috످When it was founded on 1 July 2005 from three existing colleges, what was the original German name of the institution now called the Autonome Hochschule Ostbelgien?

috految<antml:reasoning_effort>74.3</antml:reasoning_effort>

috److془The Autonome Hochschule in der Deutschsprachigen Gemeinschaft (AHS). Founded 1 July 2005. Confident.془The institution's original name was Autonome Hochschule in der Deutschsprachigen Gemeinschaft (AHS), meaning "Autonomous University College in the German-speaking Community."

috످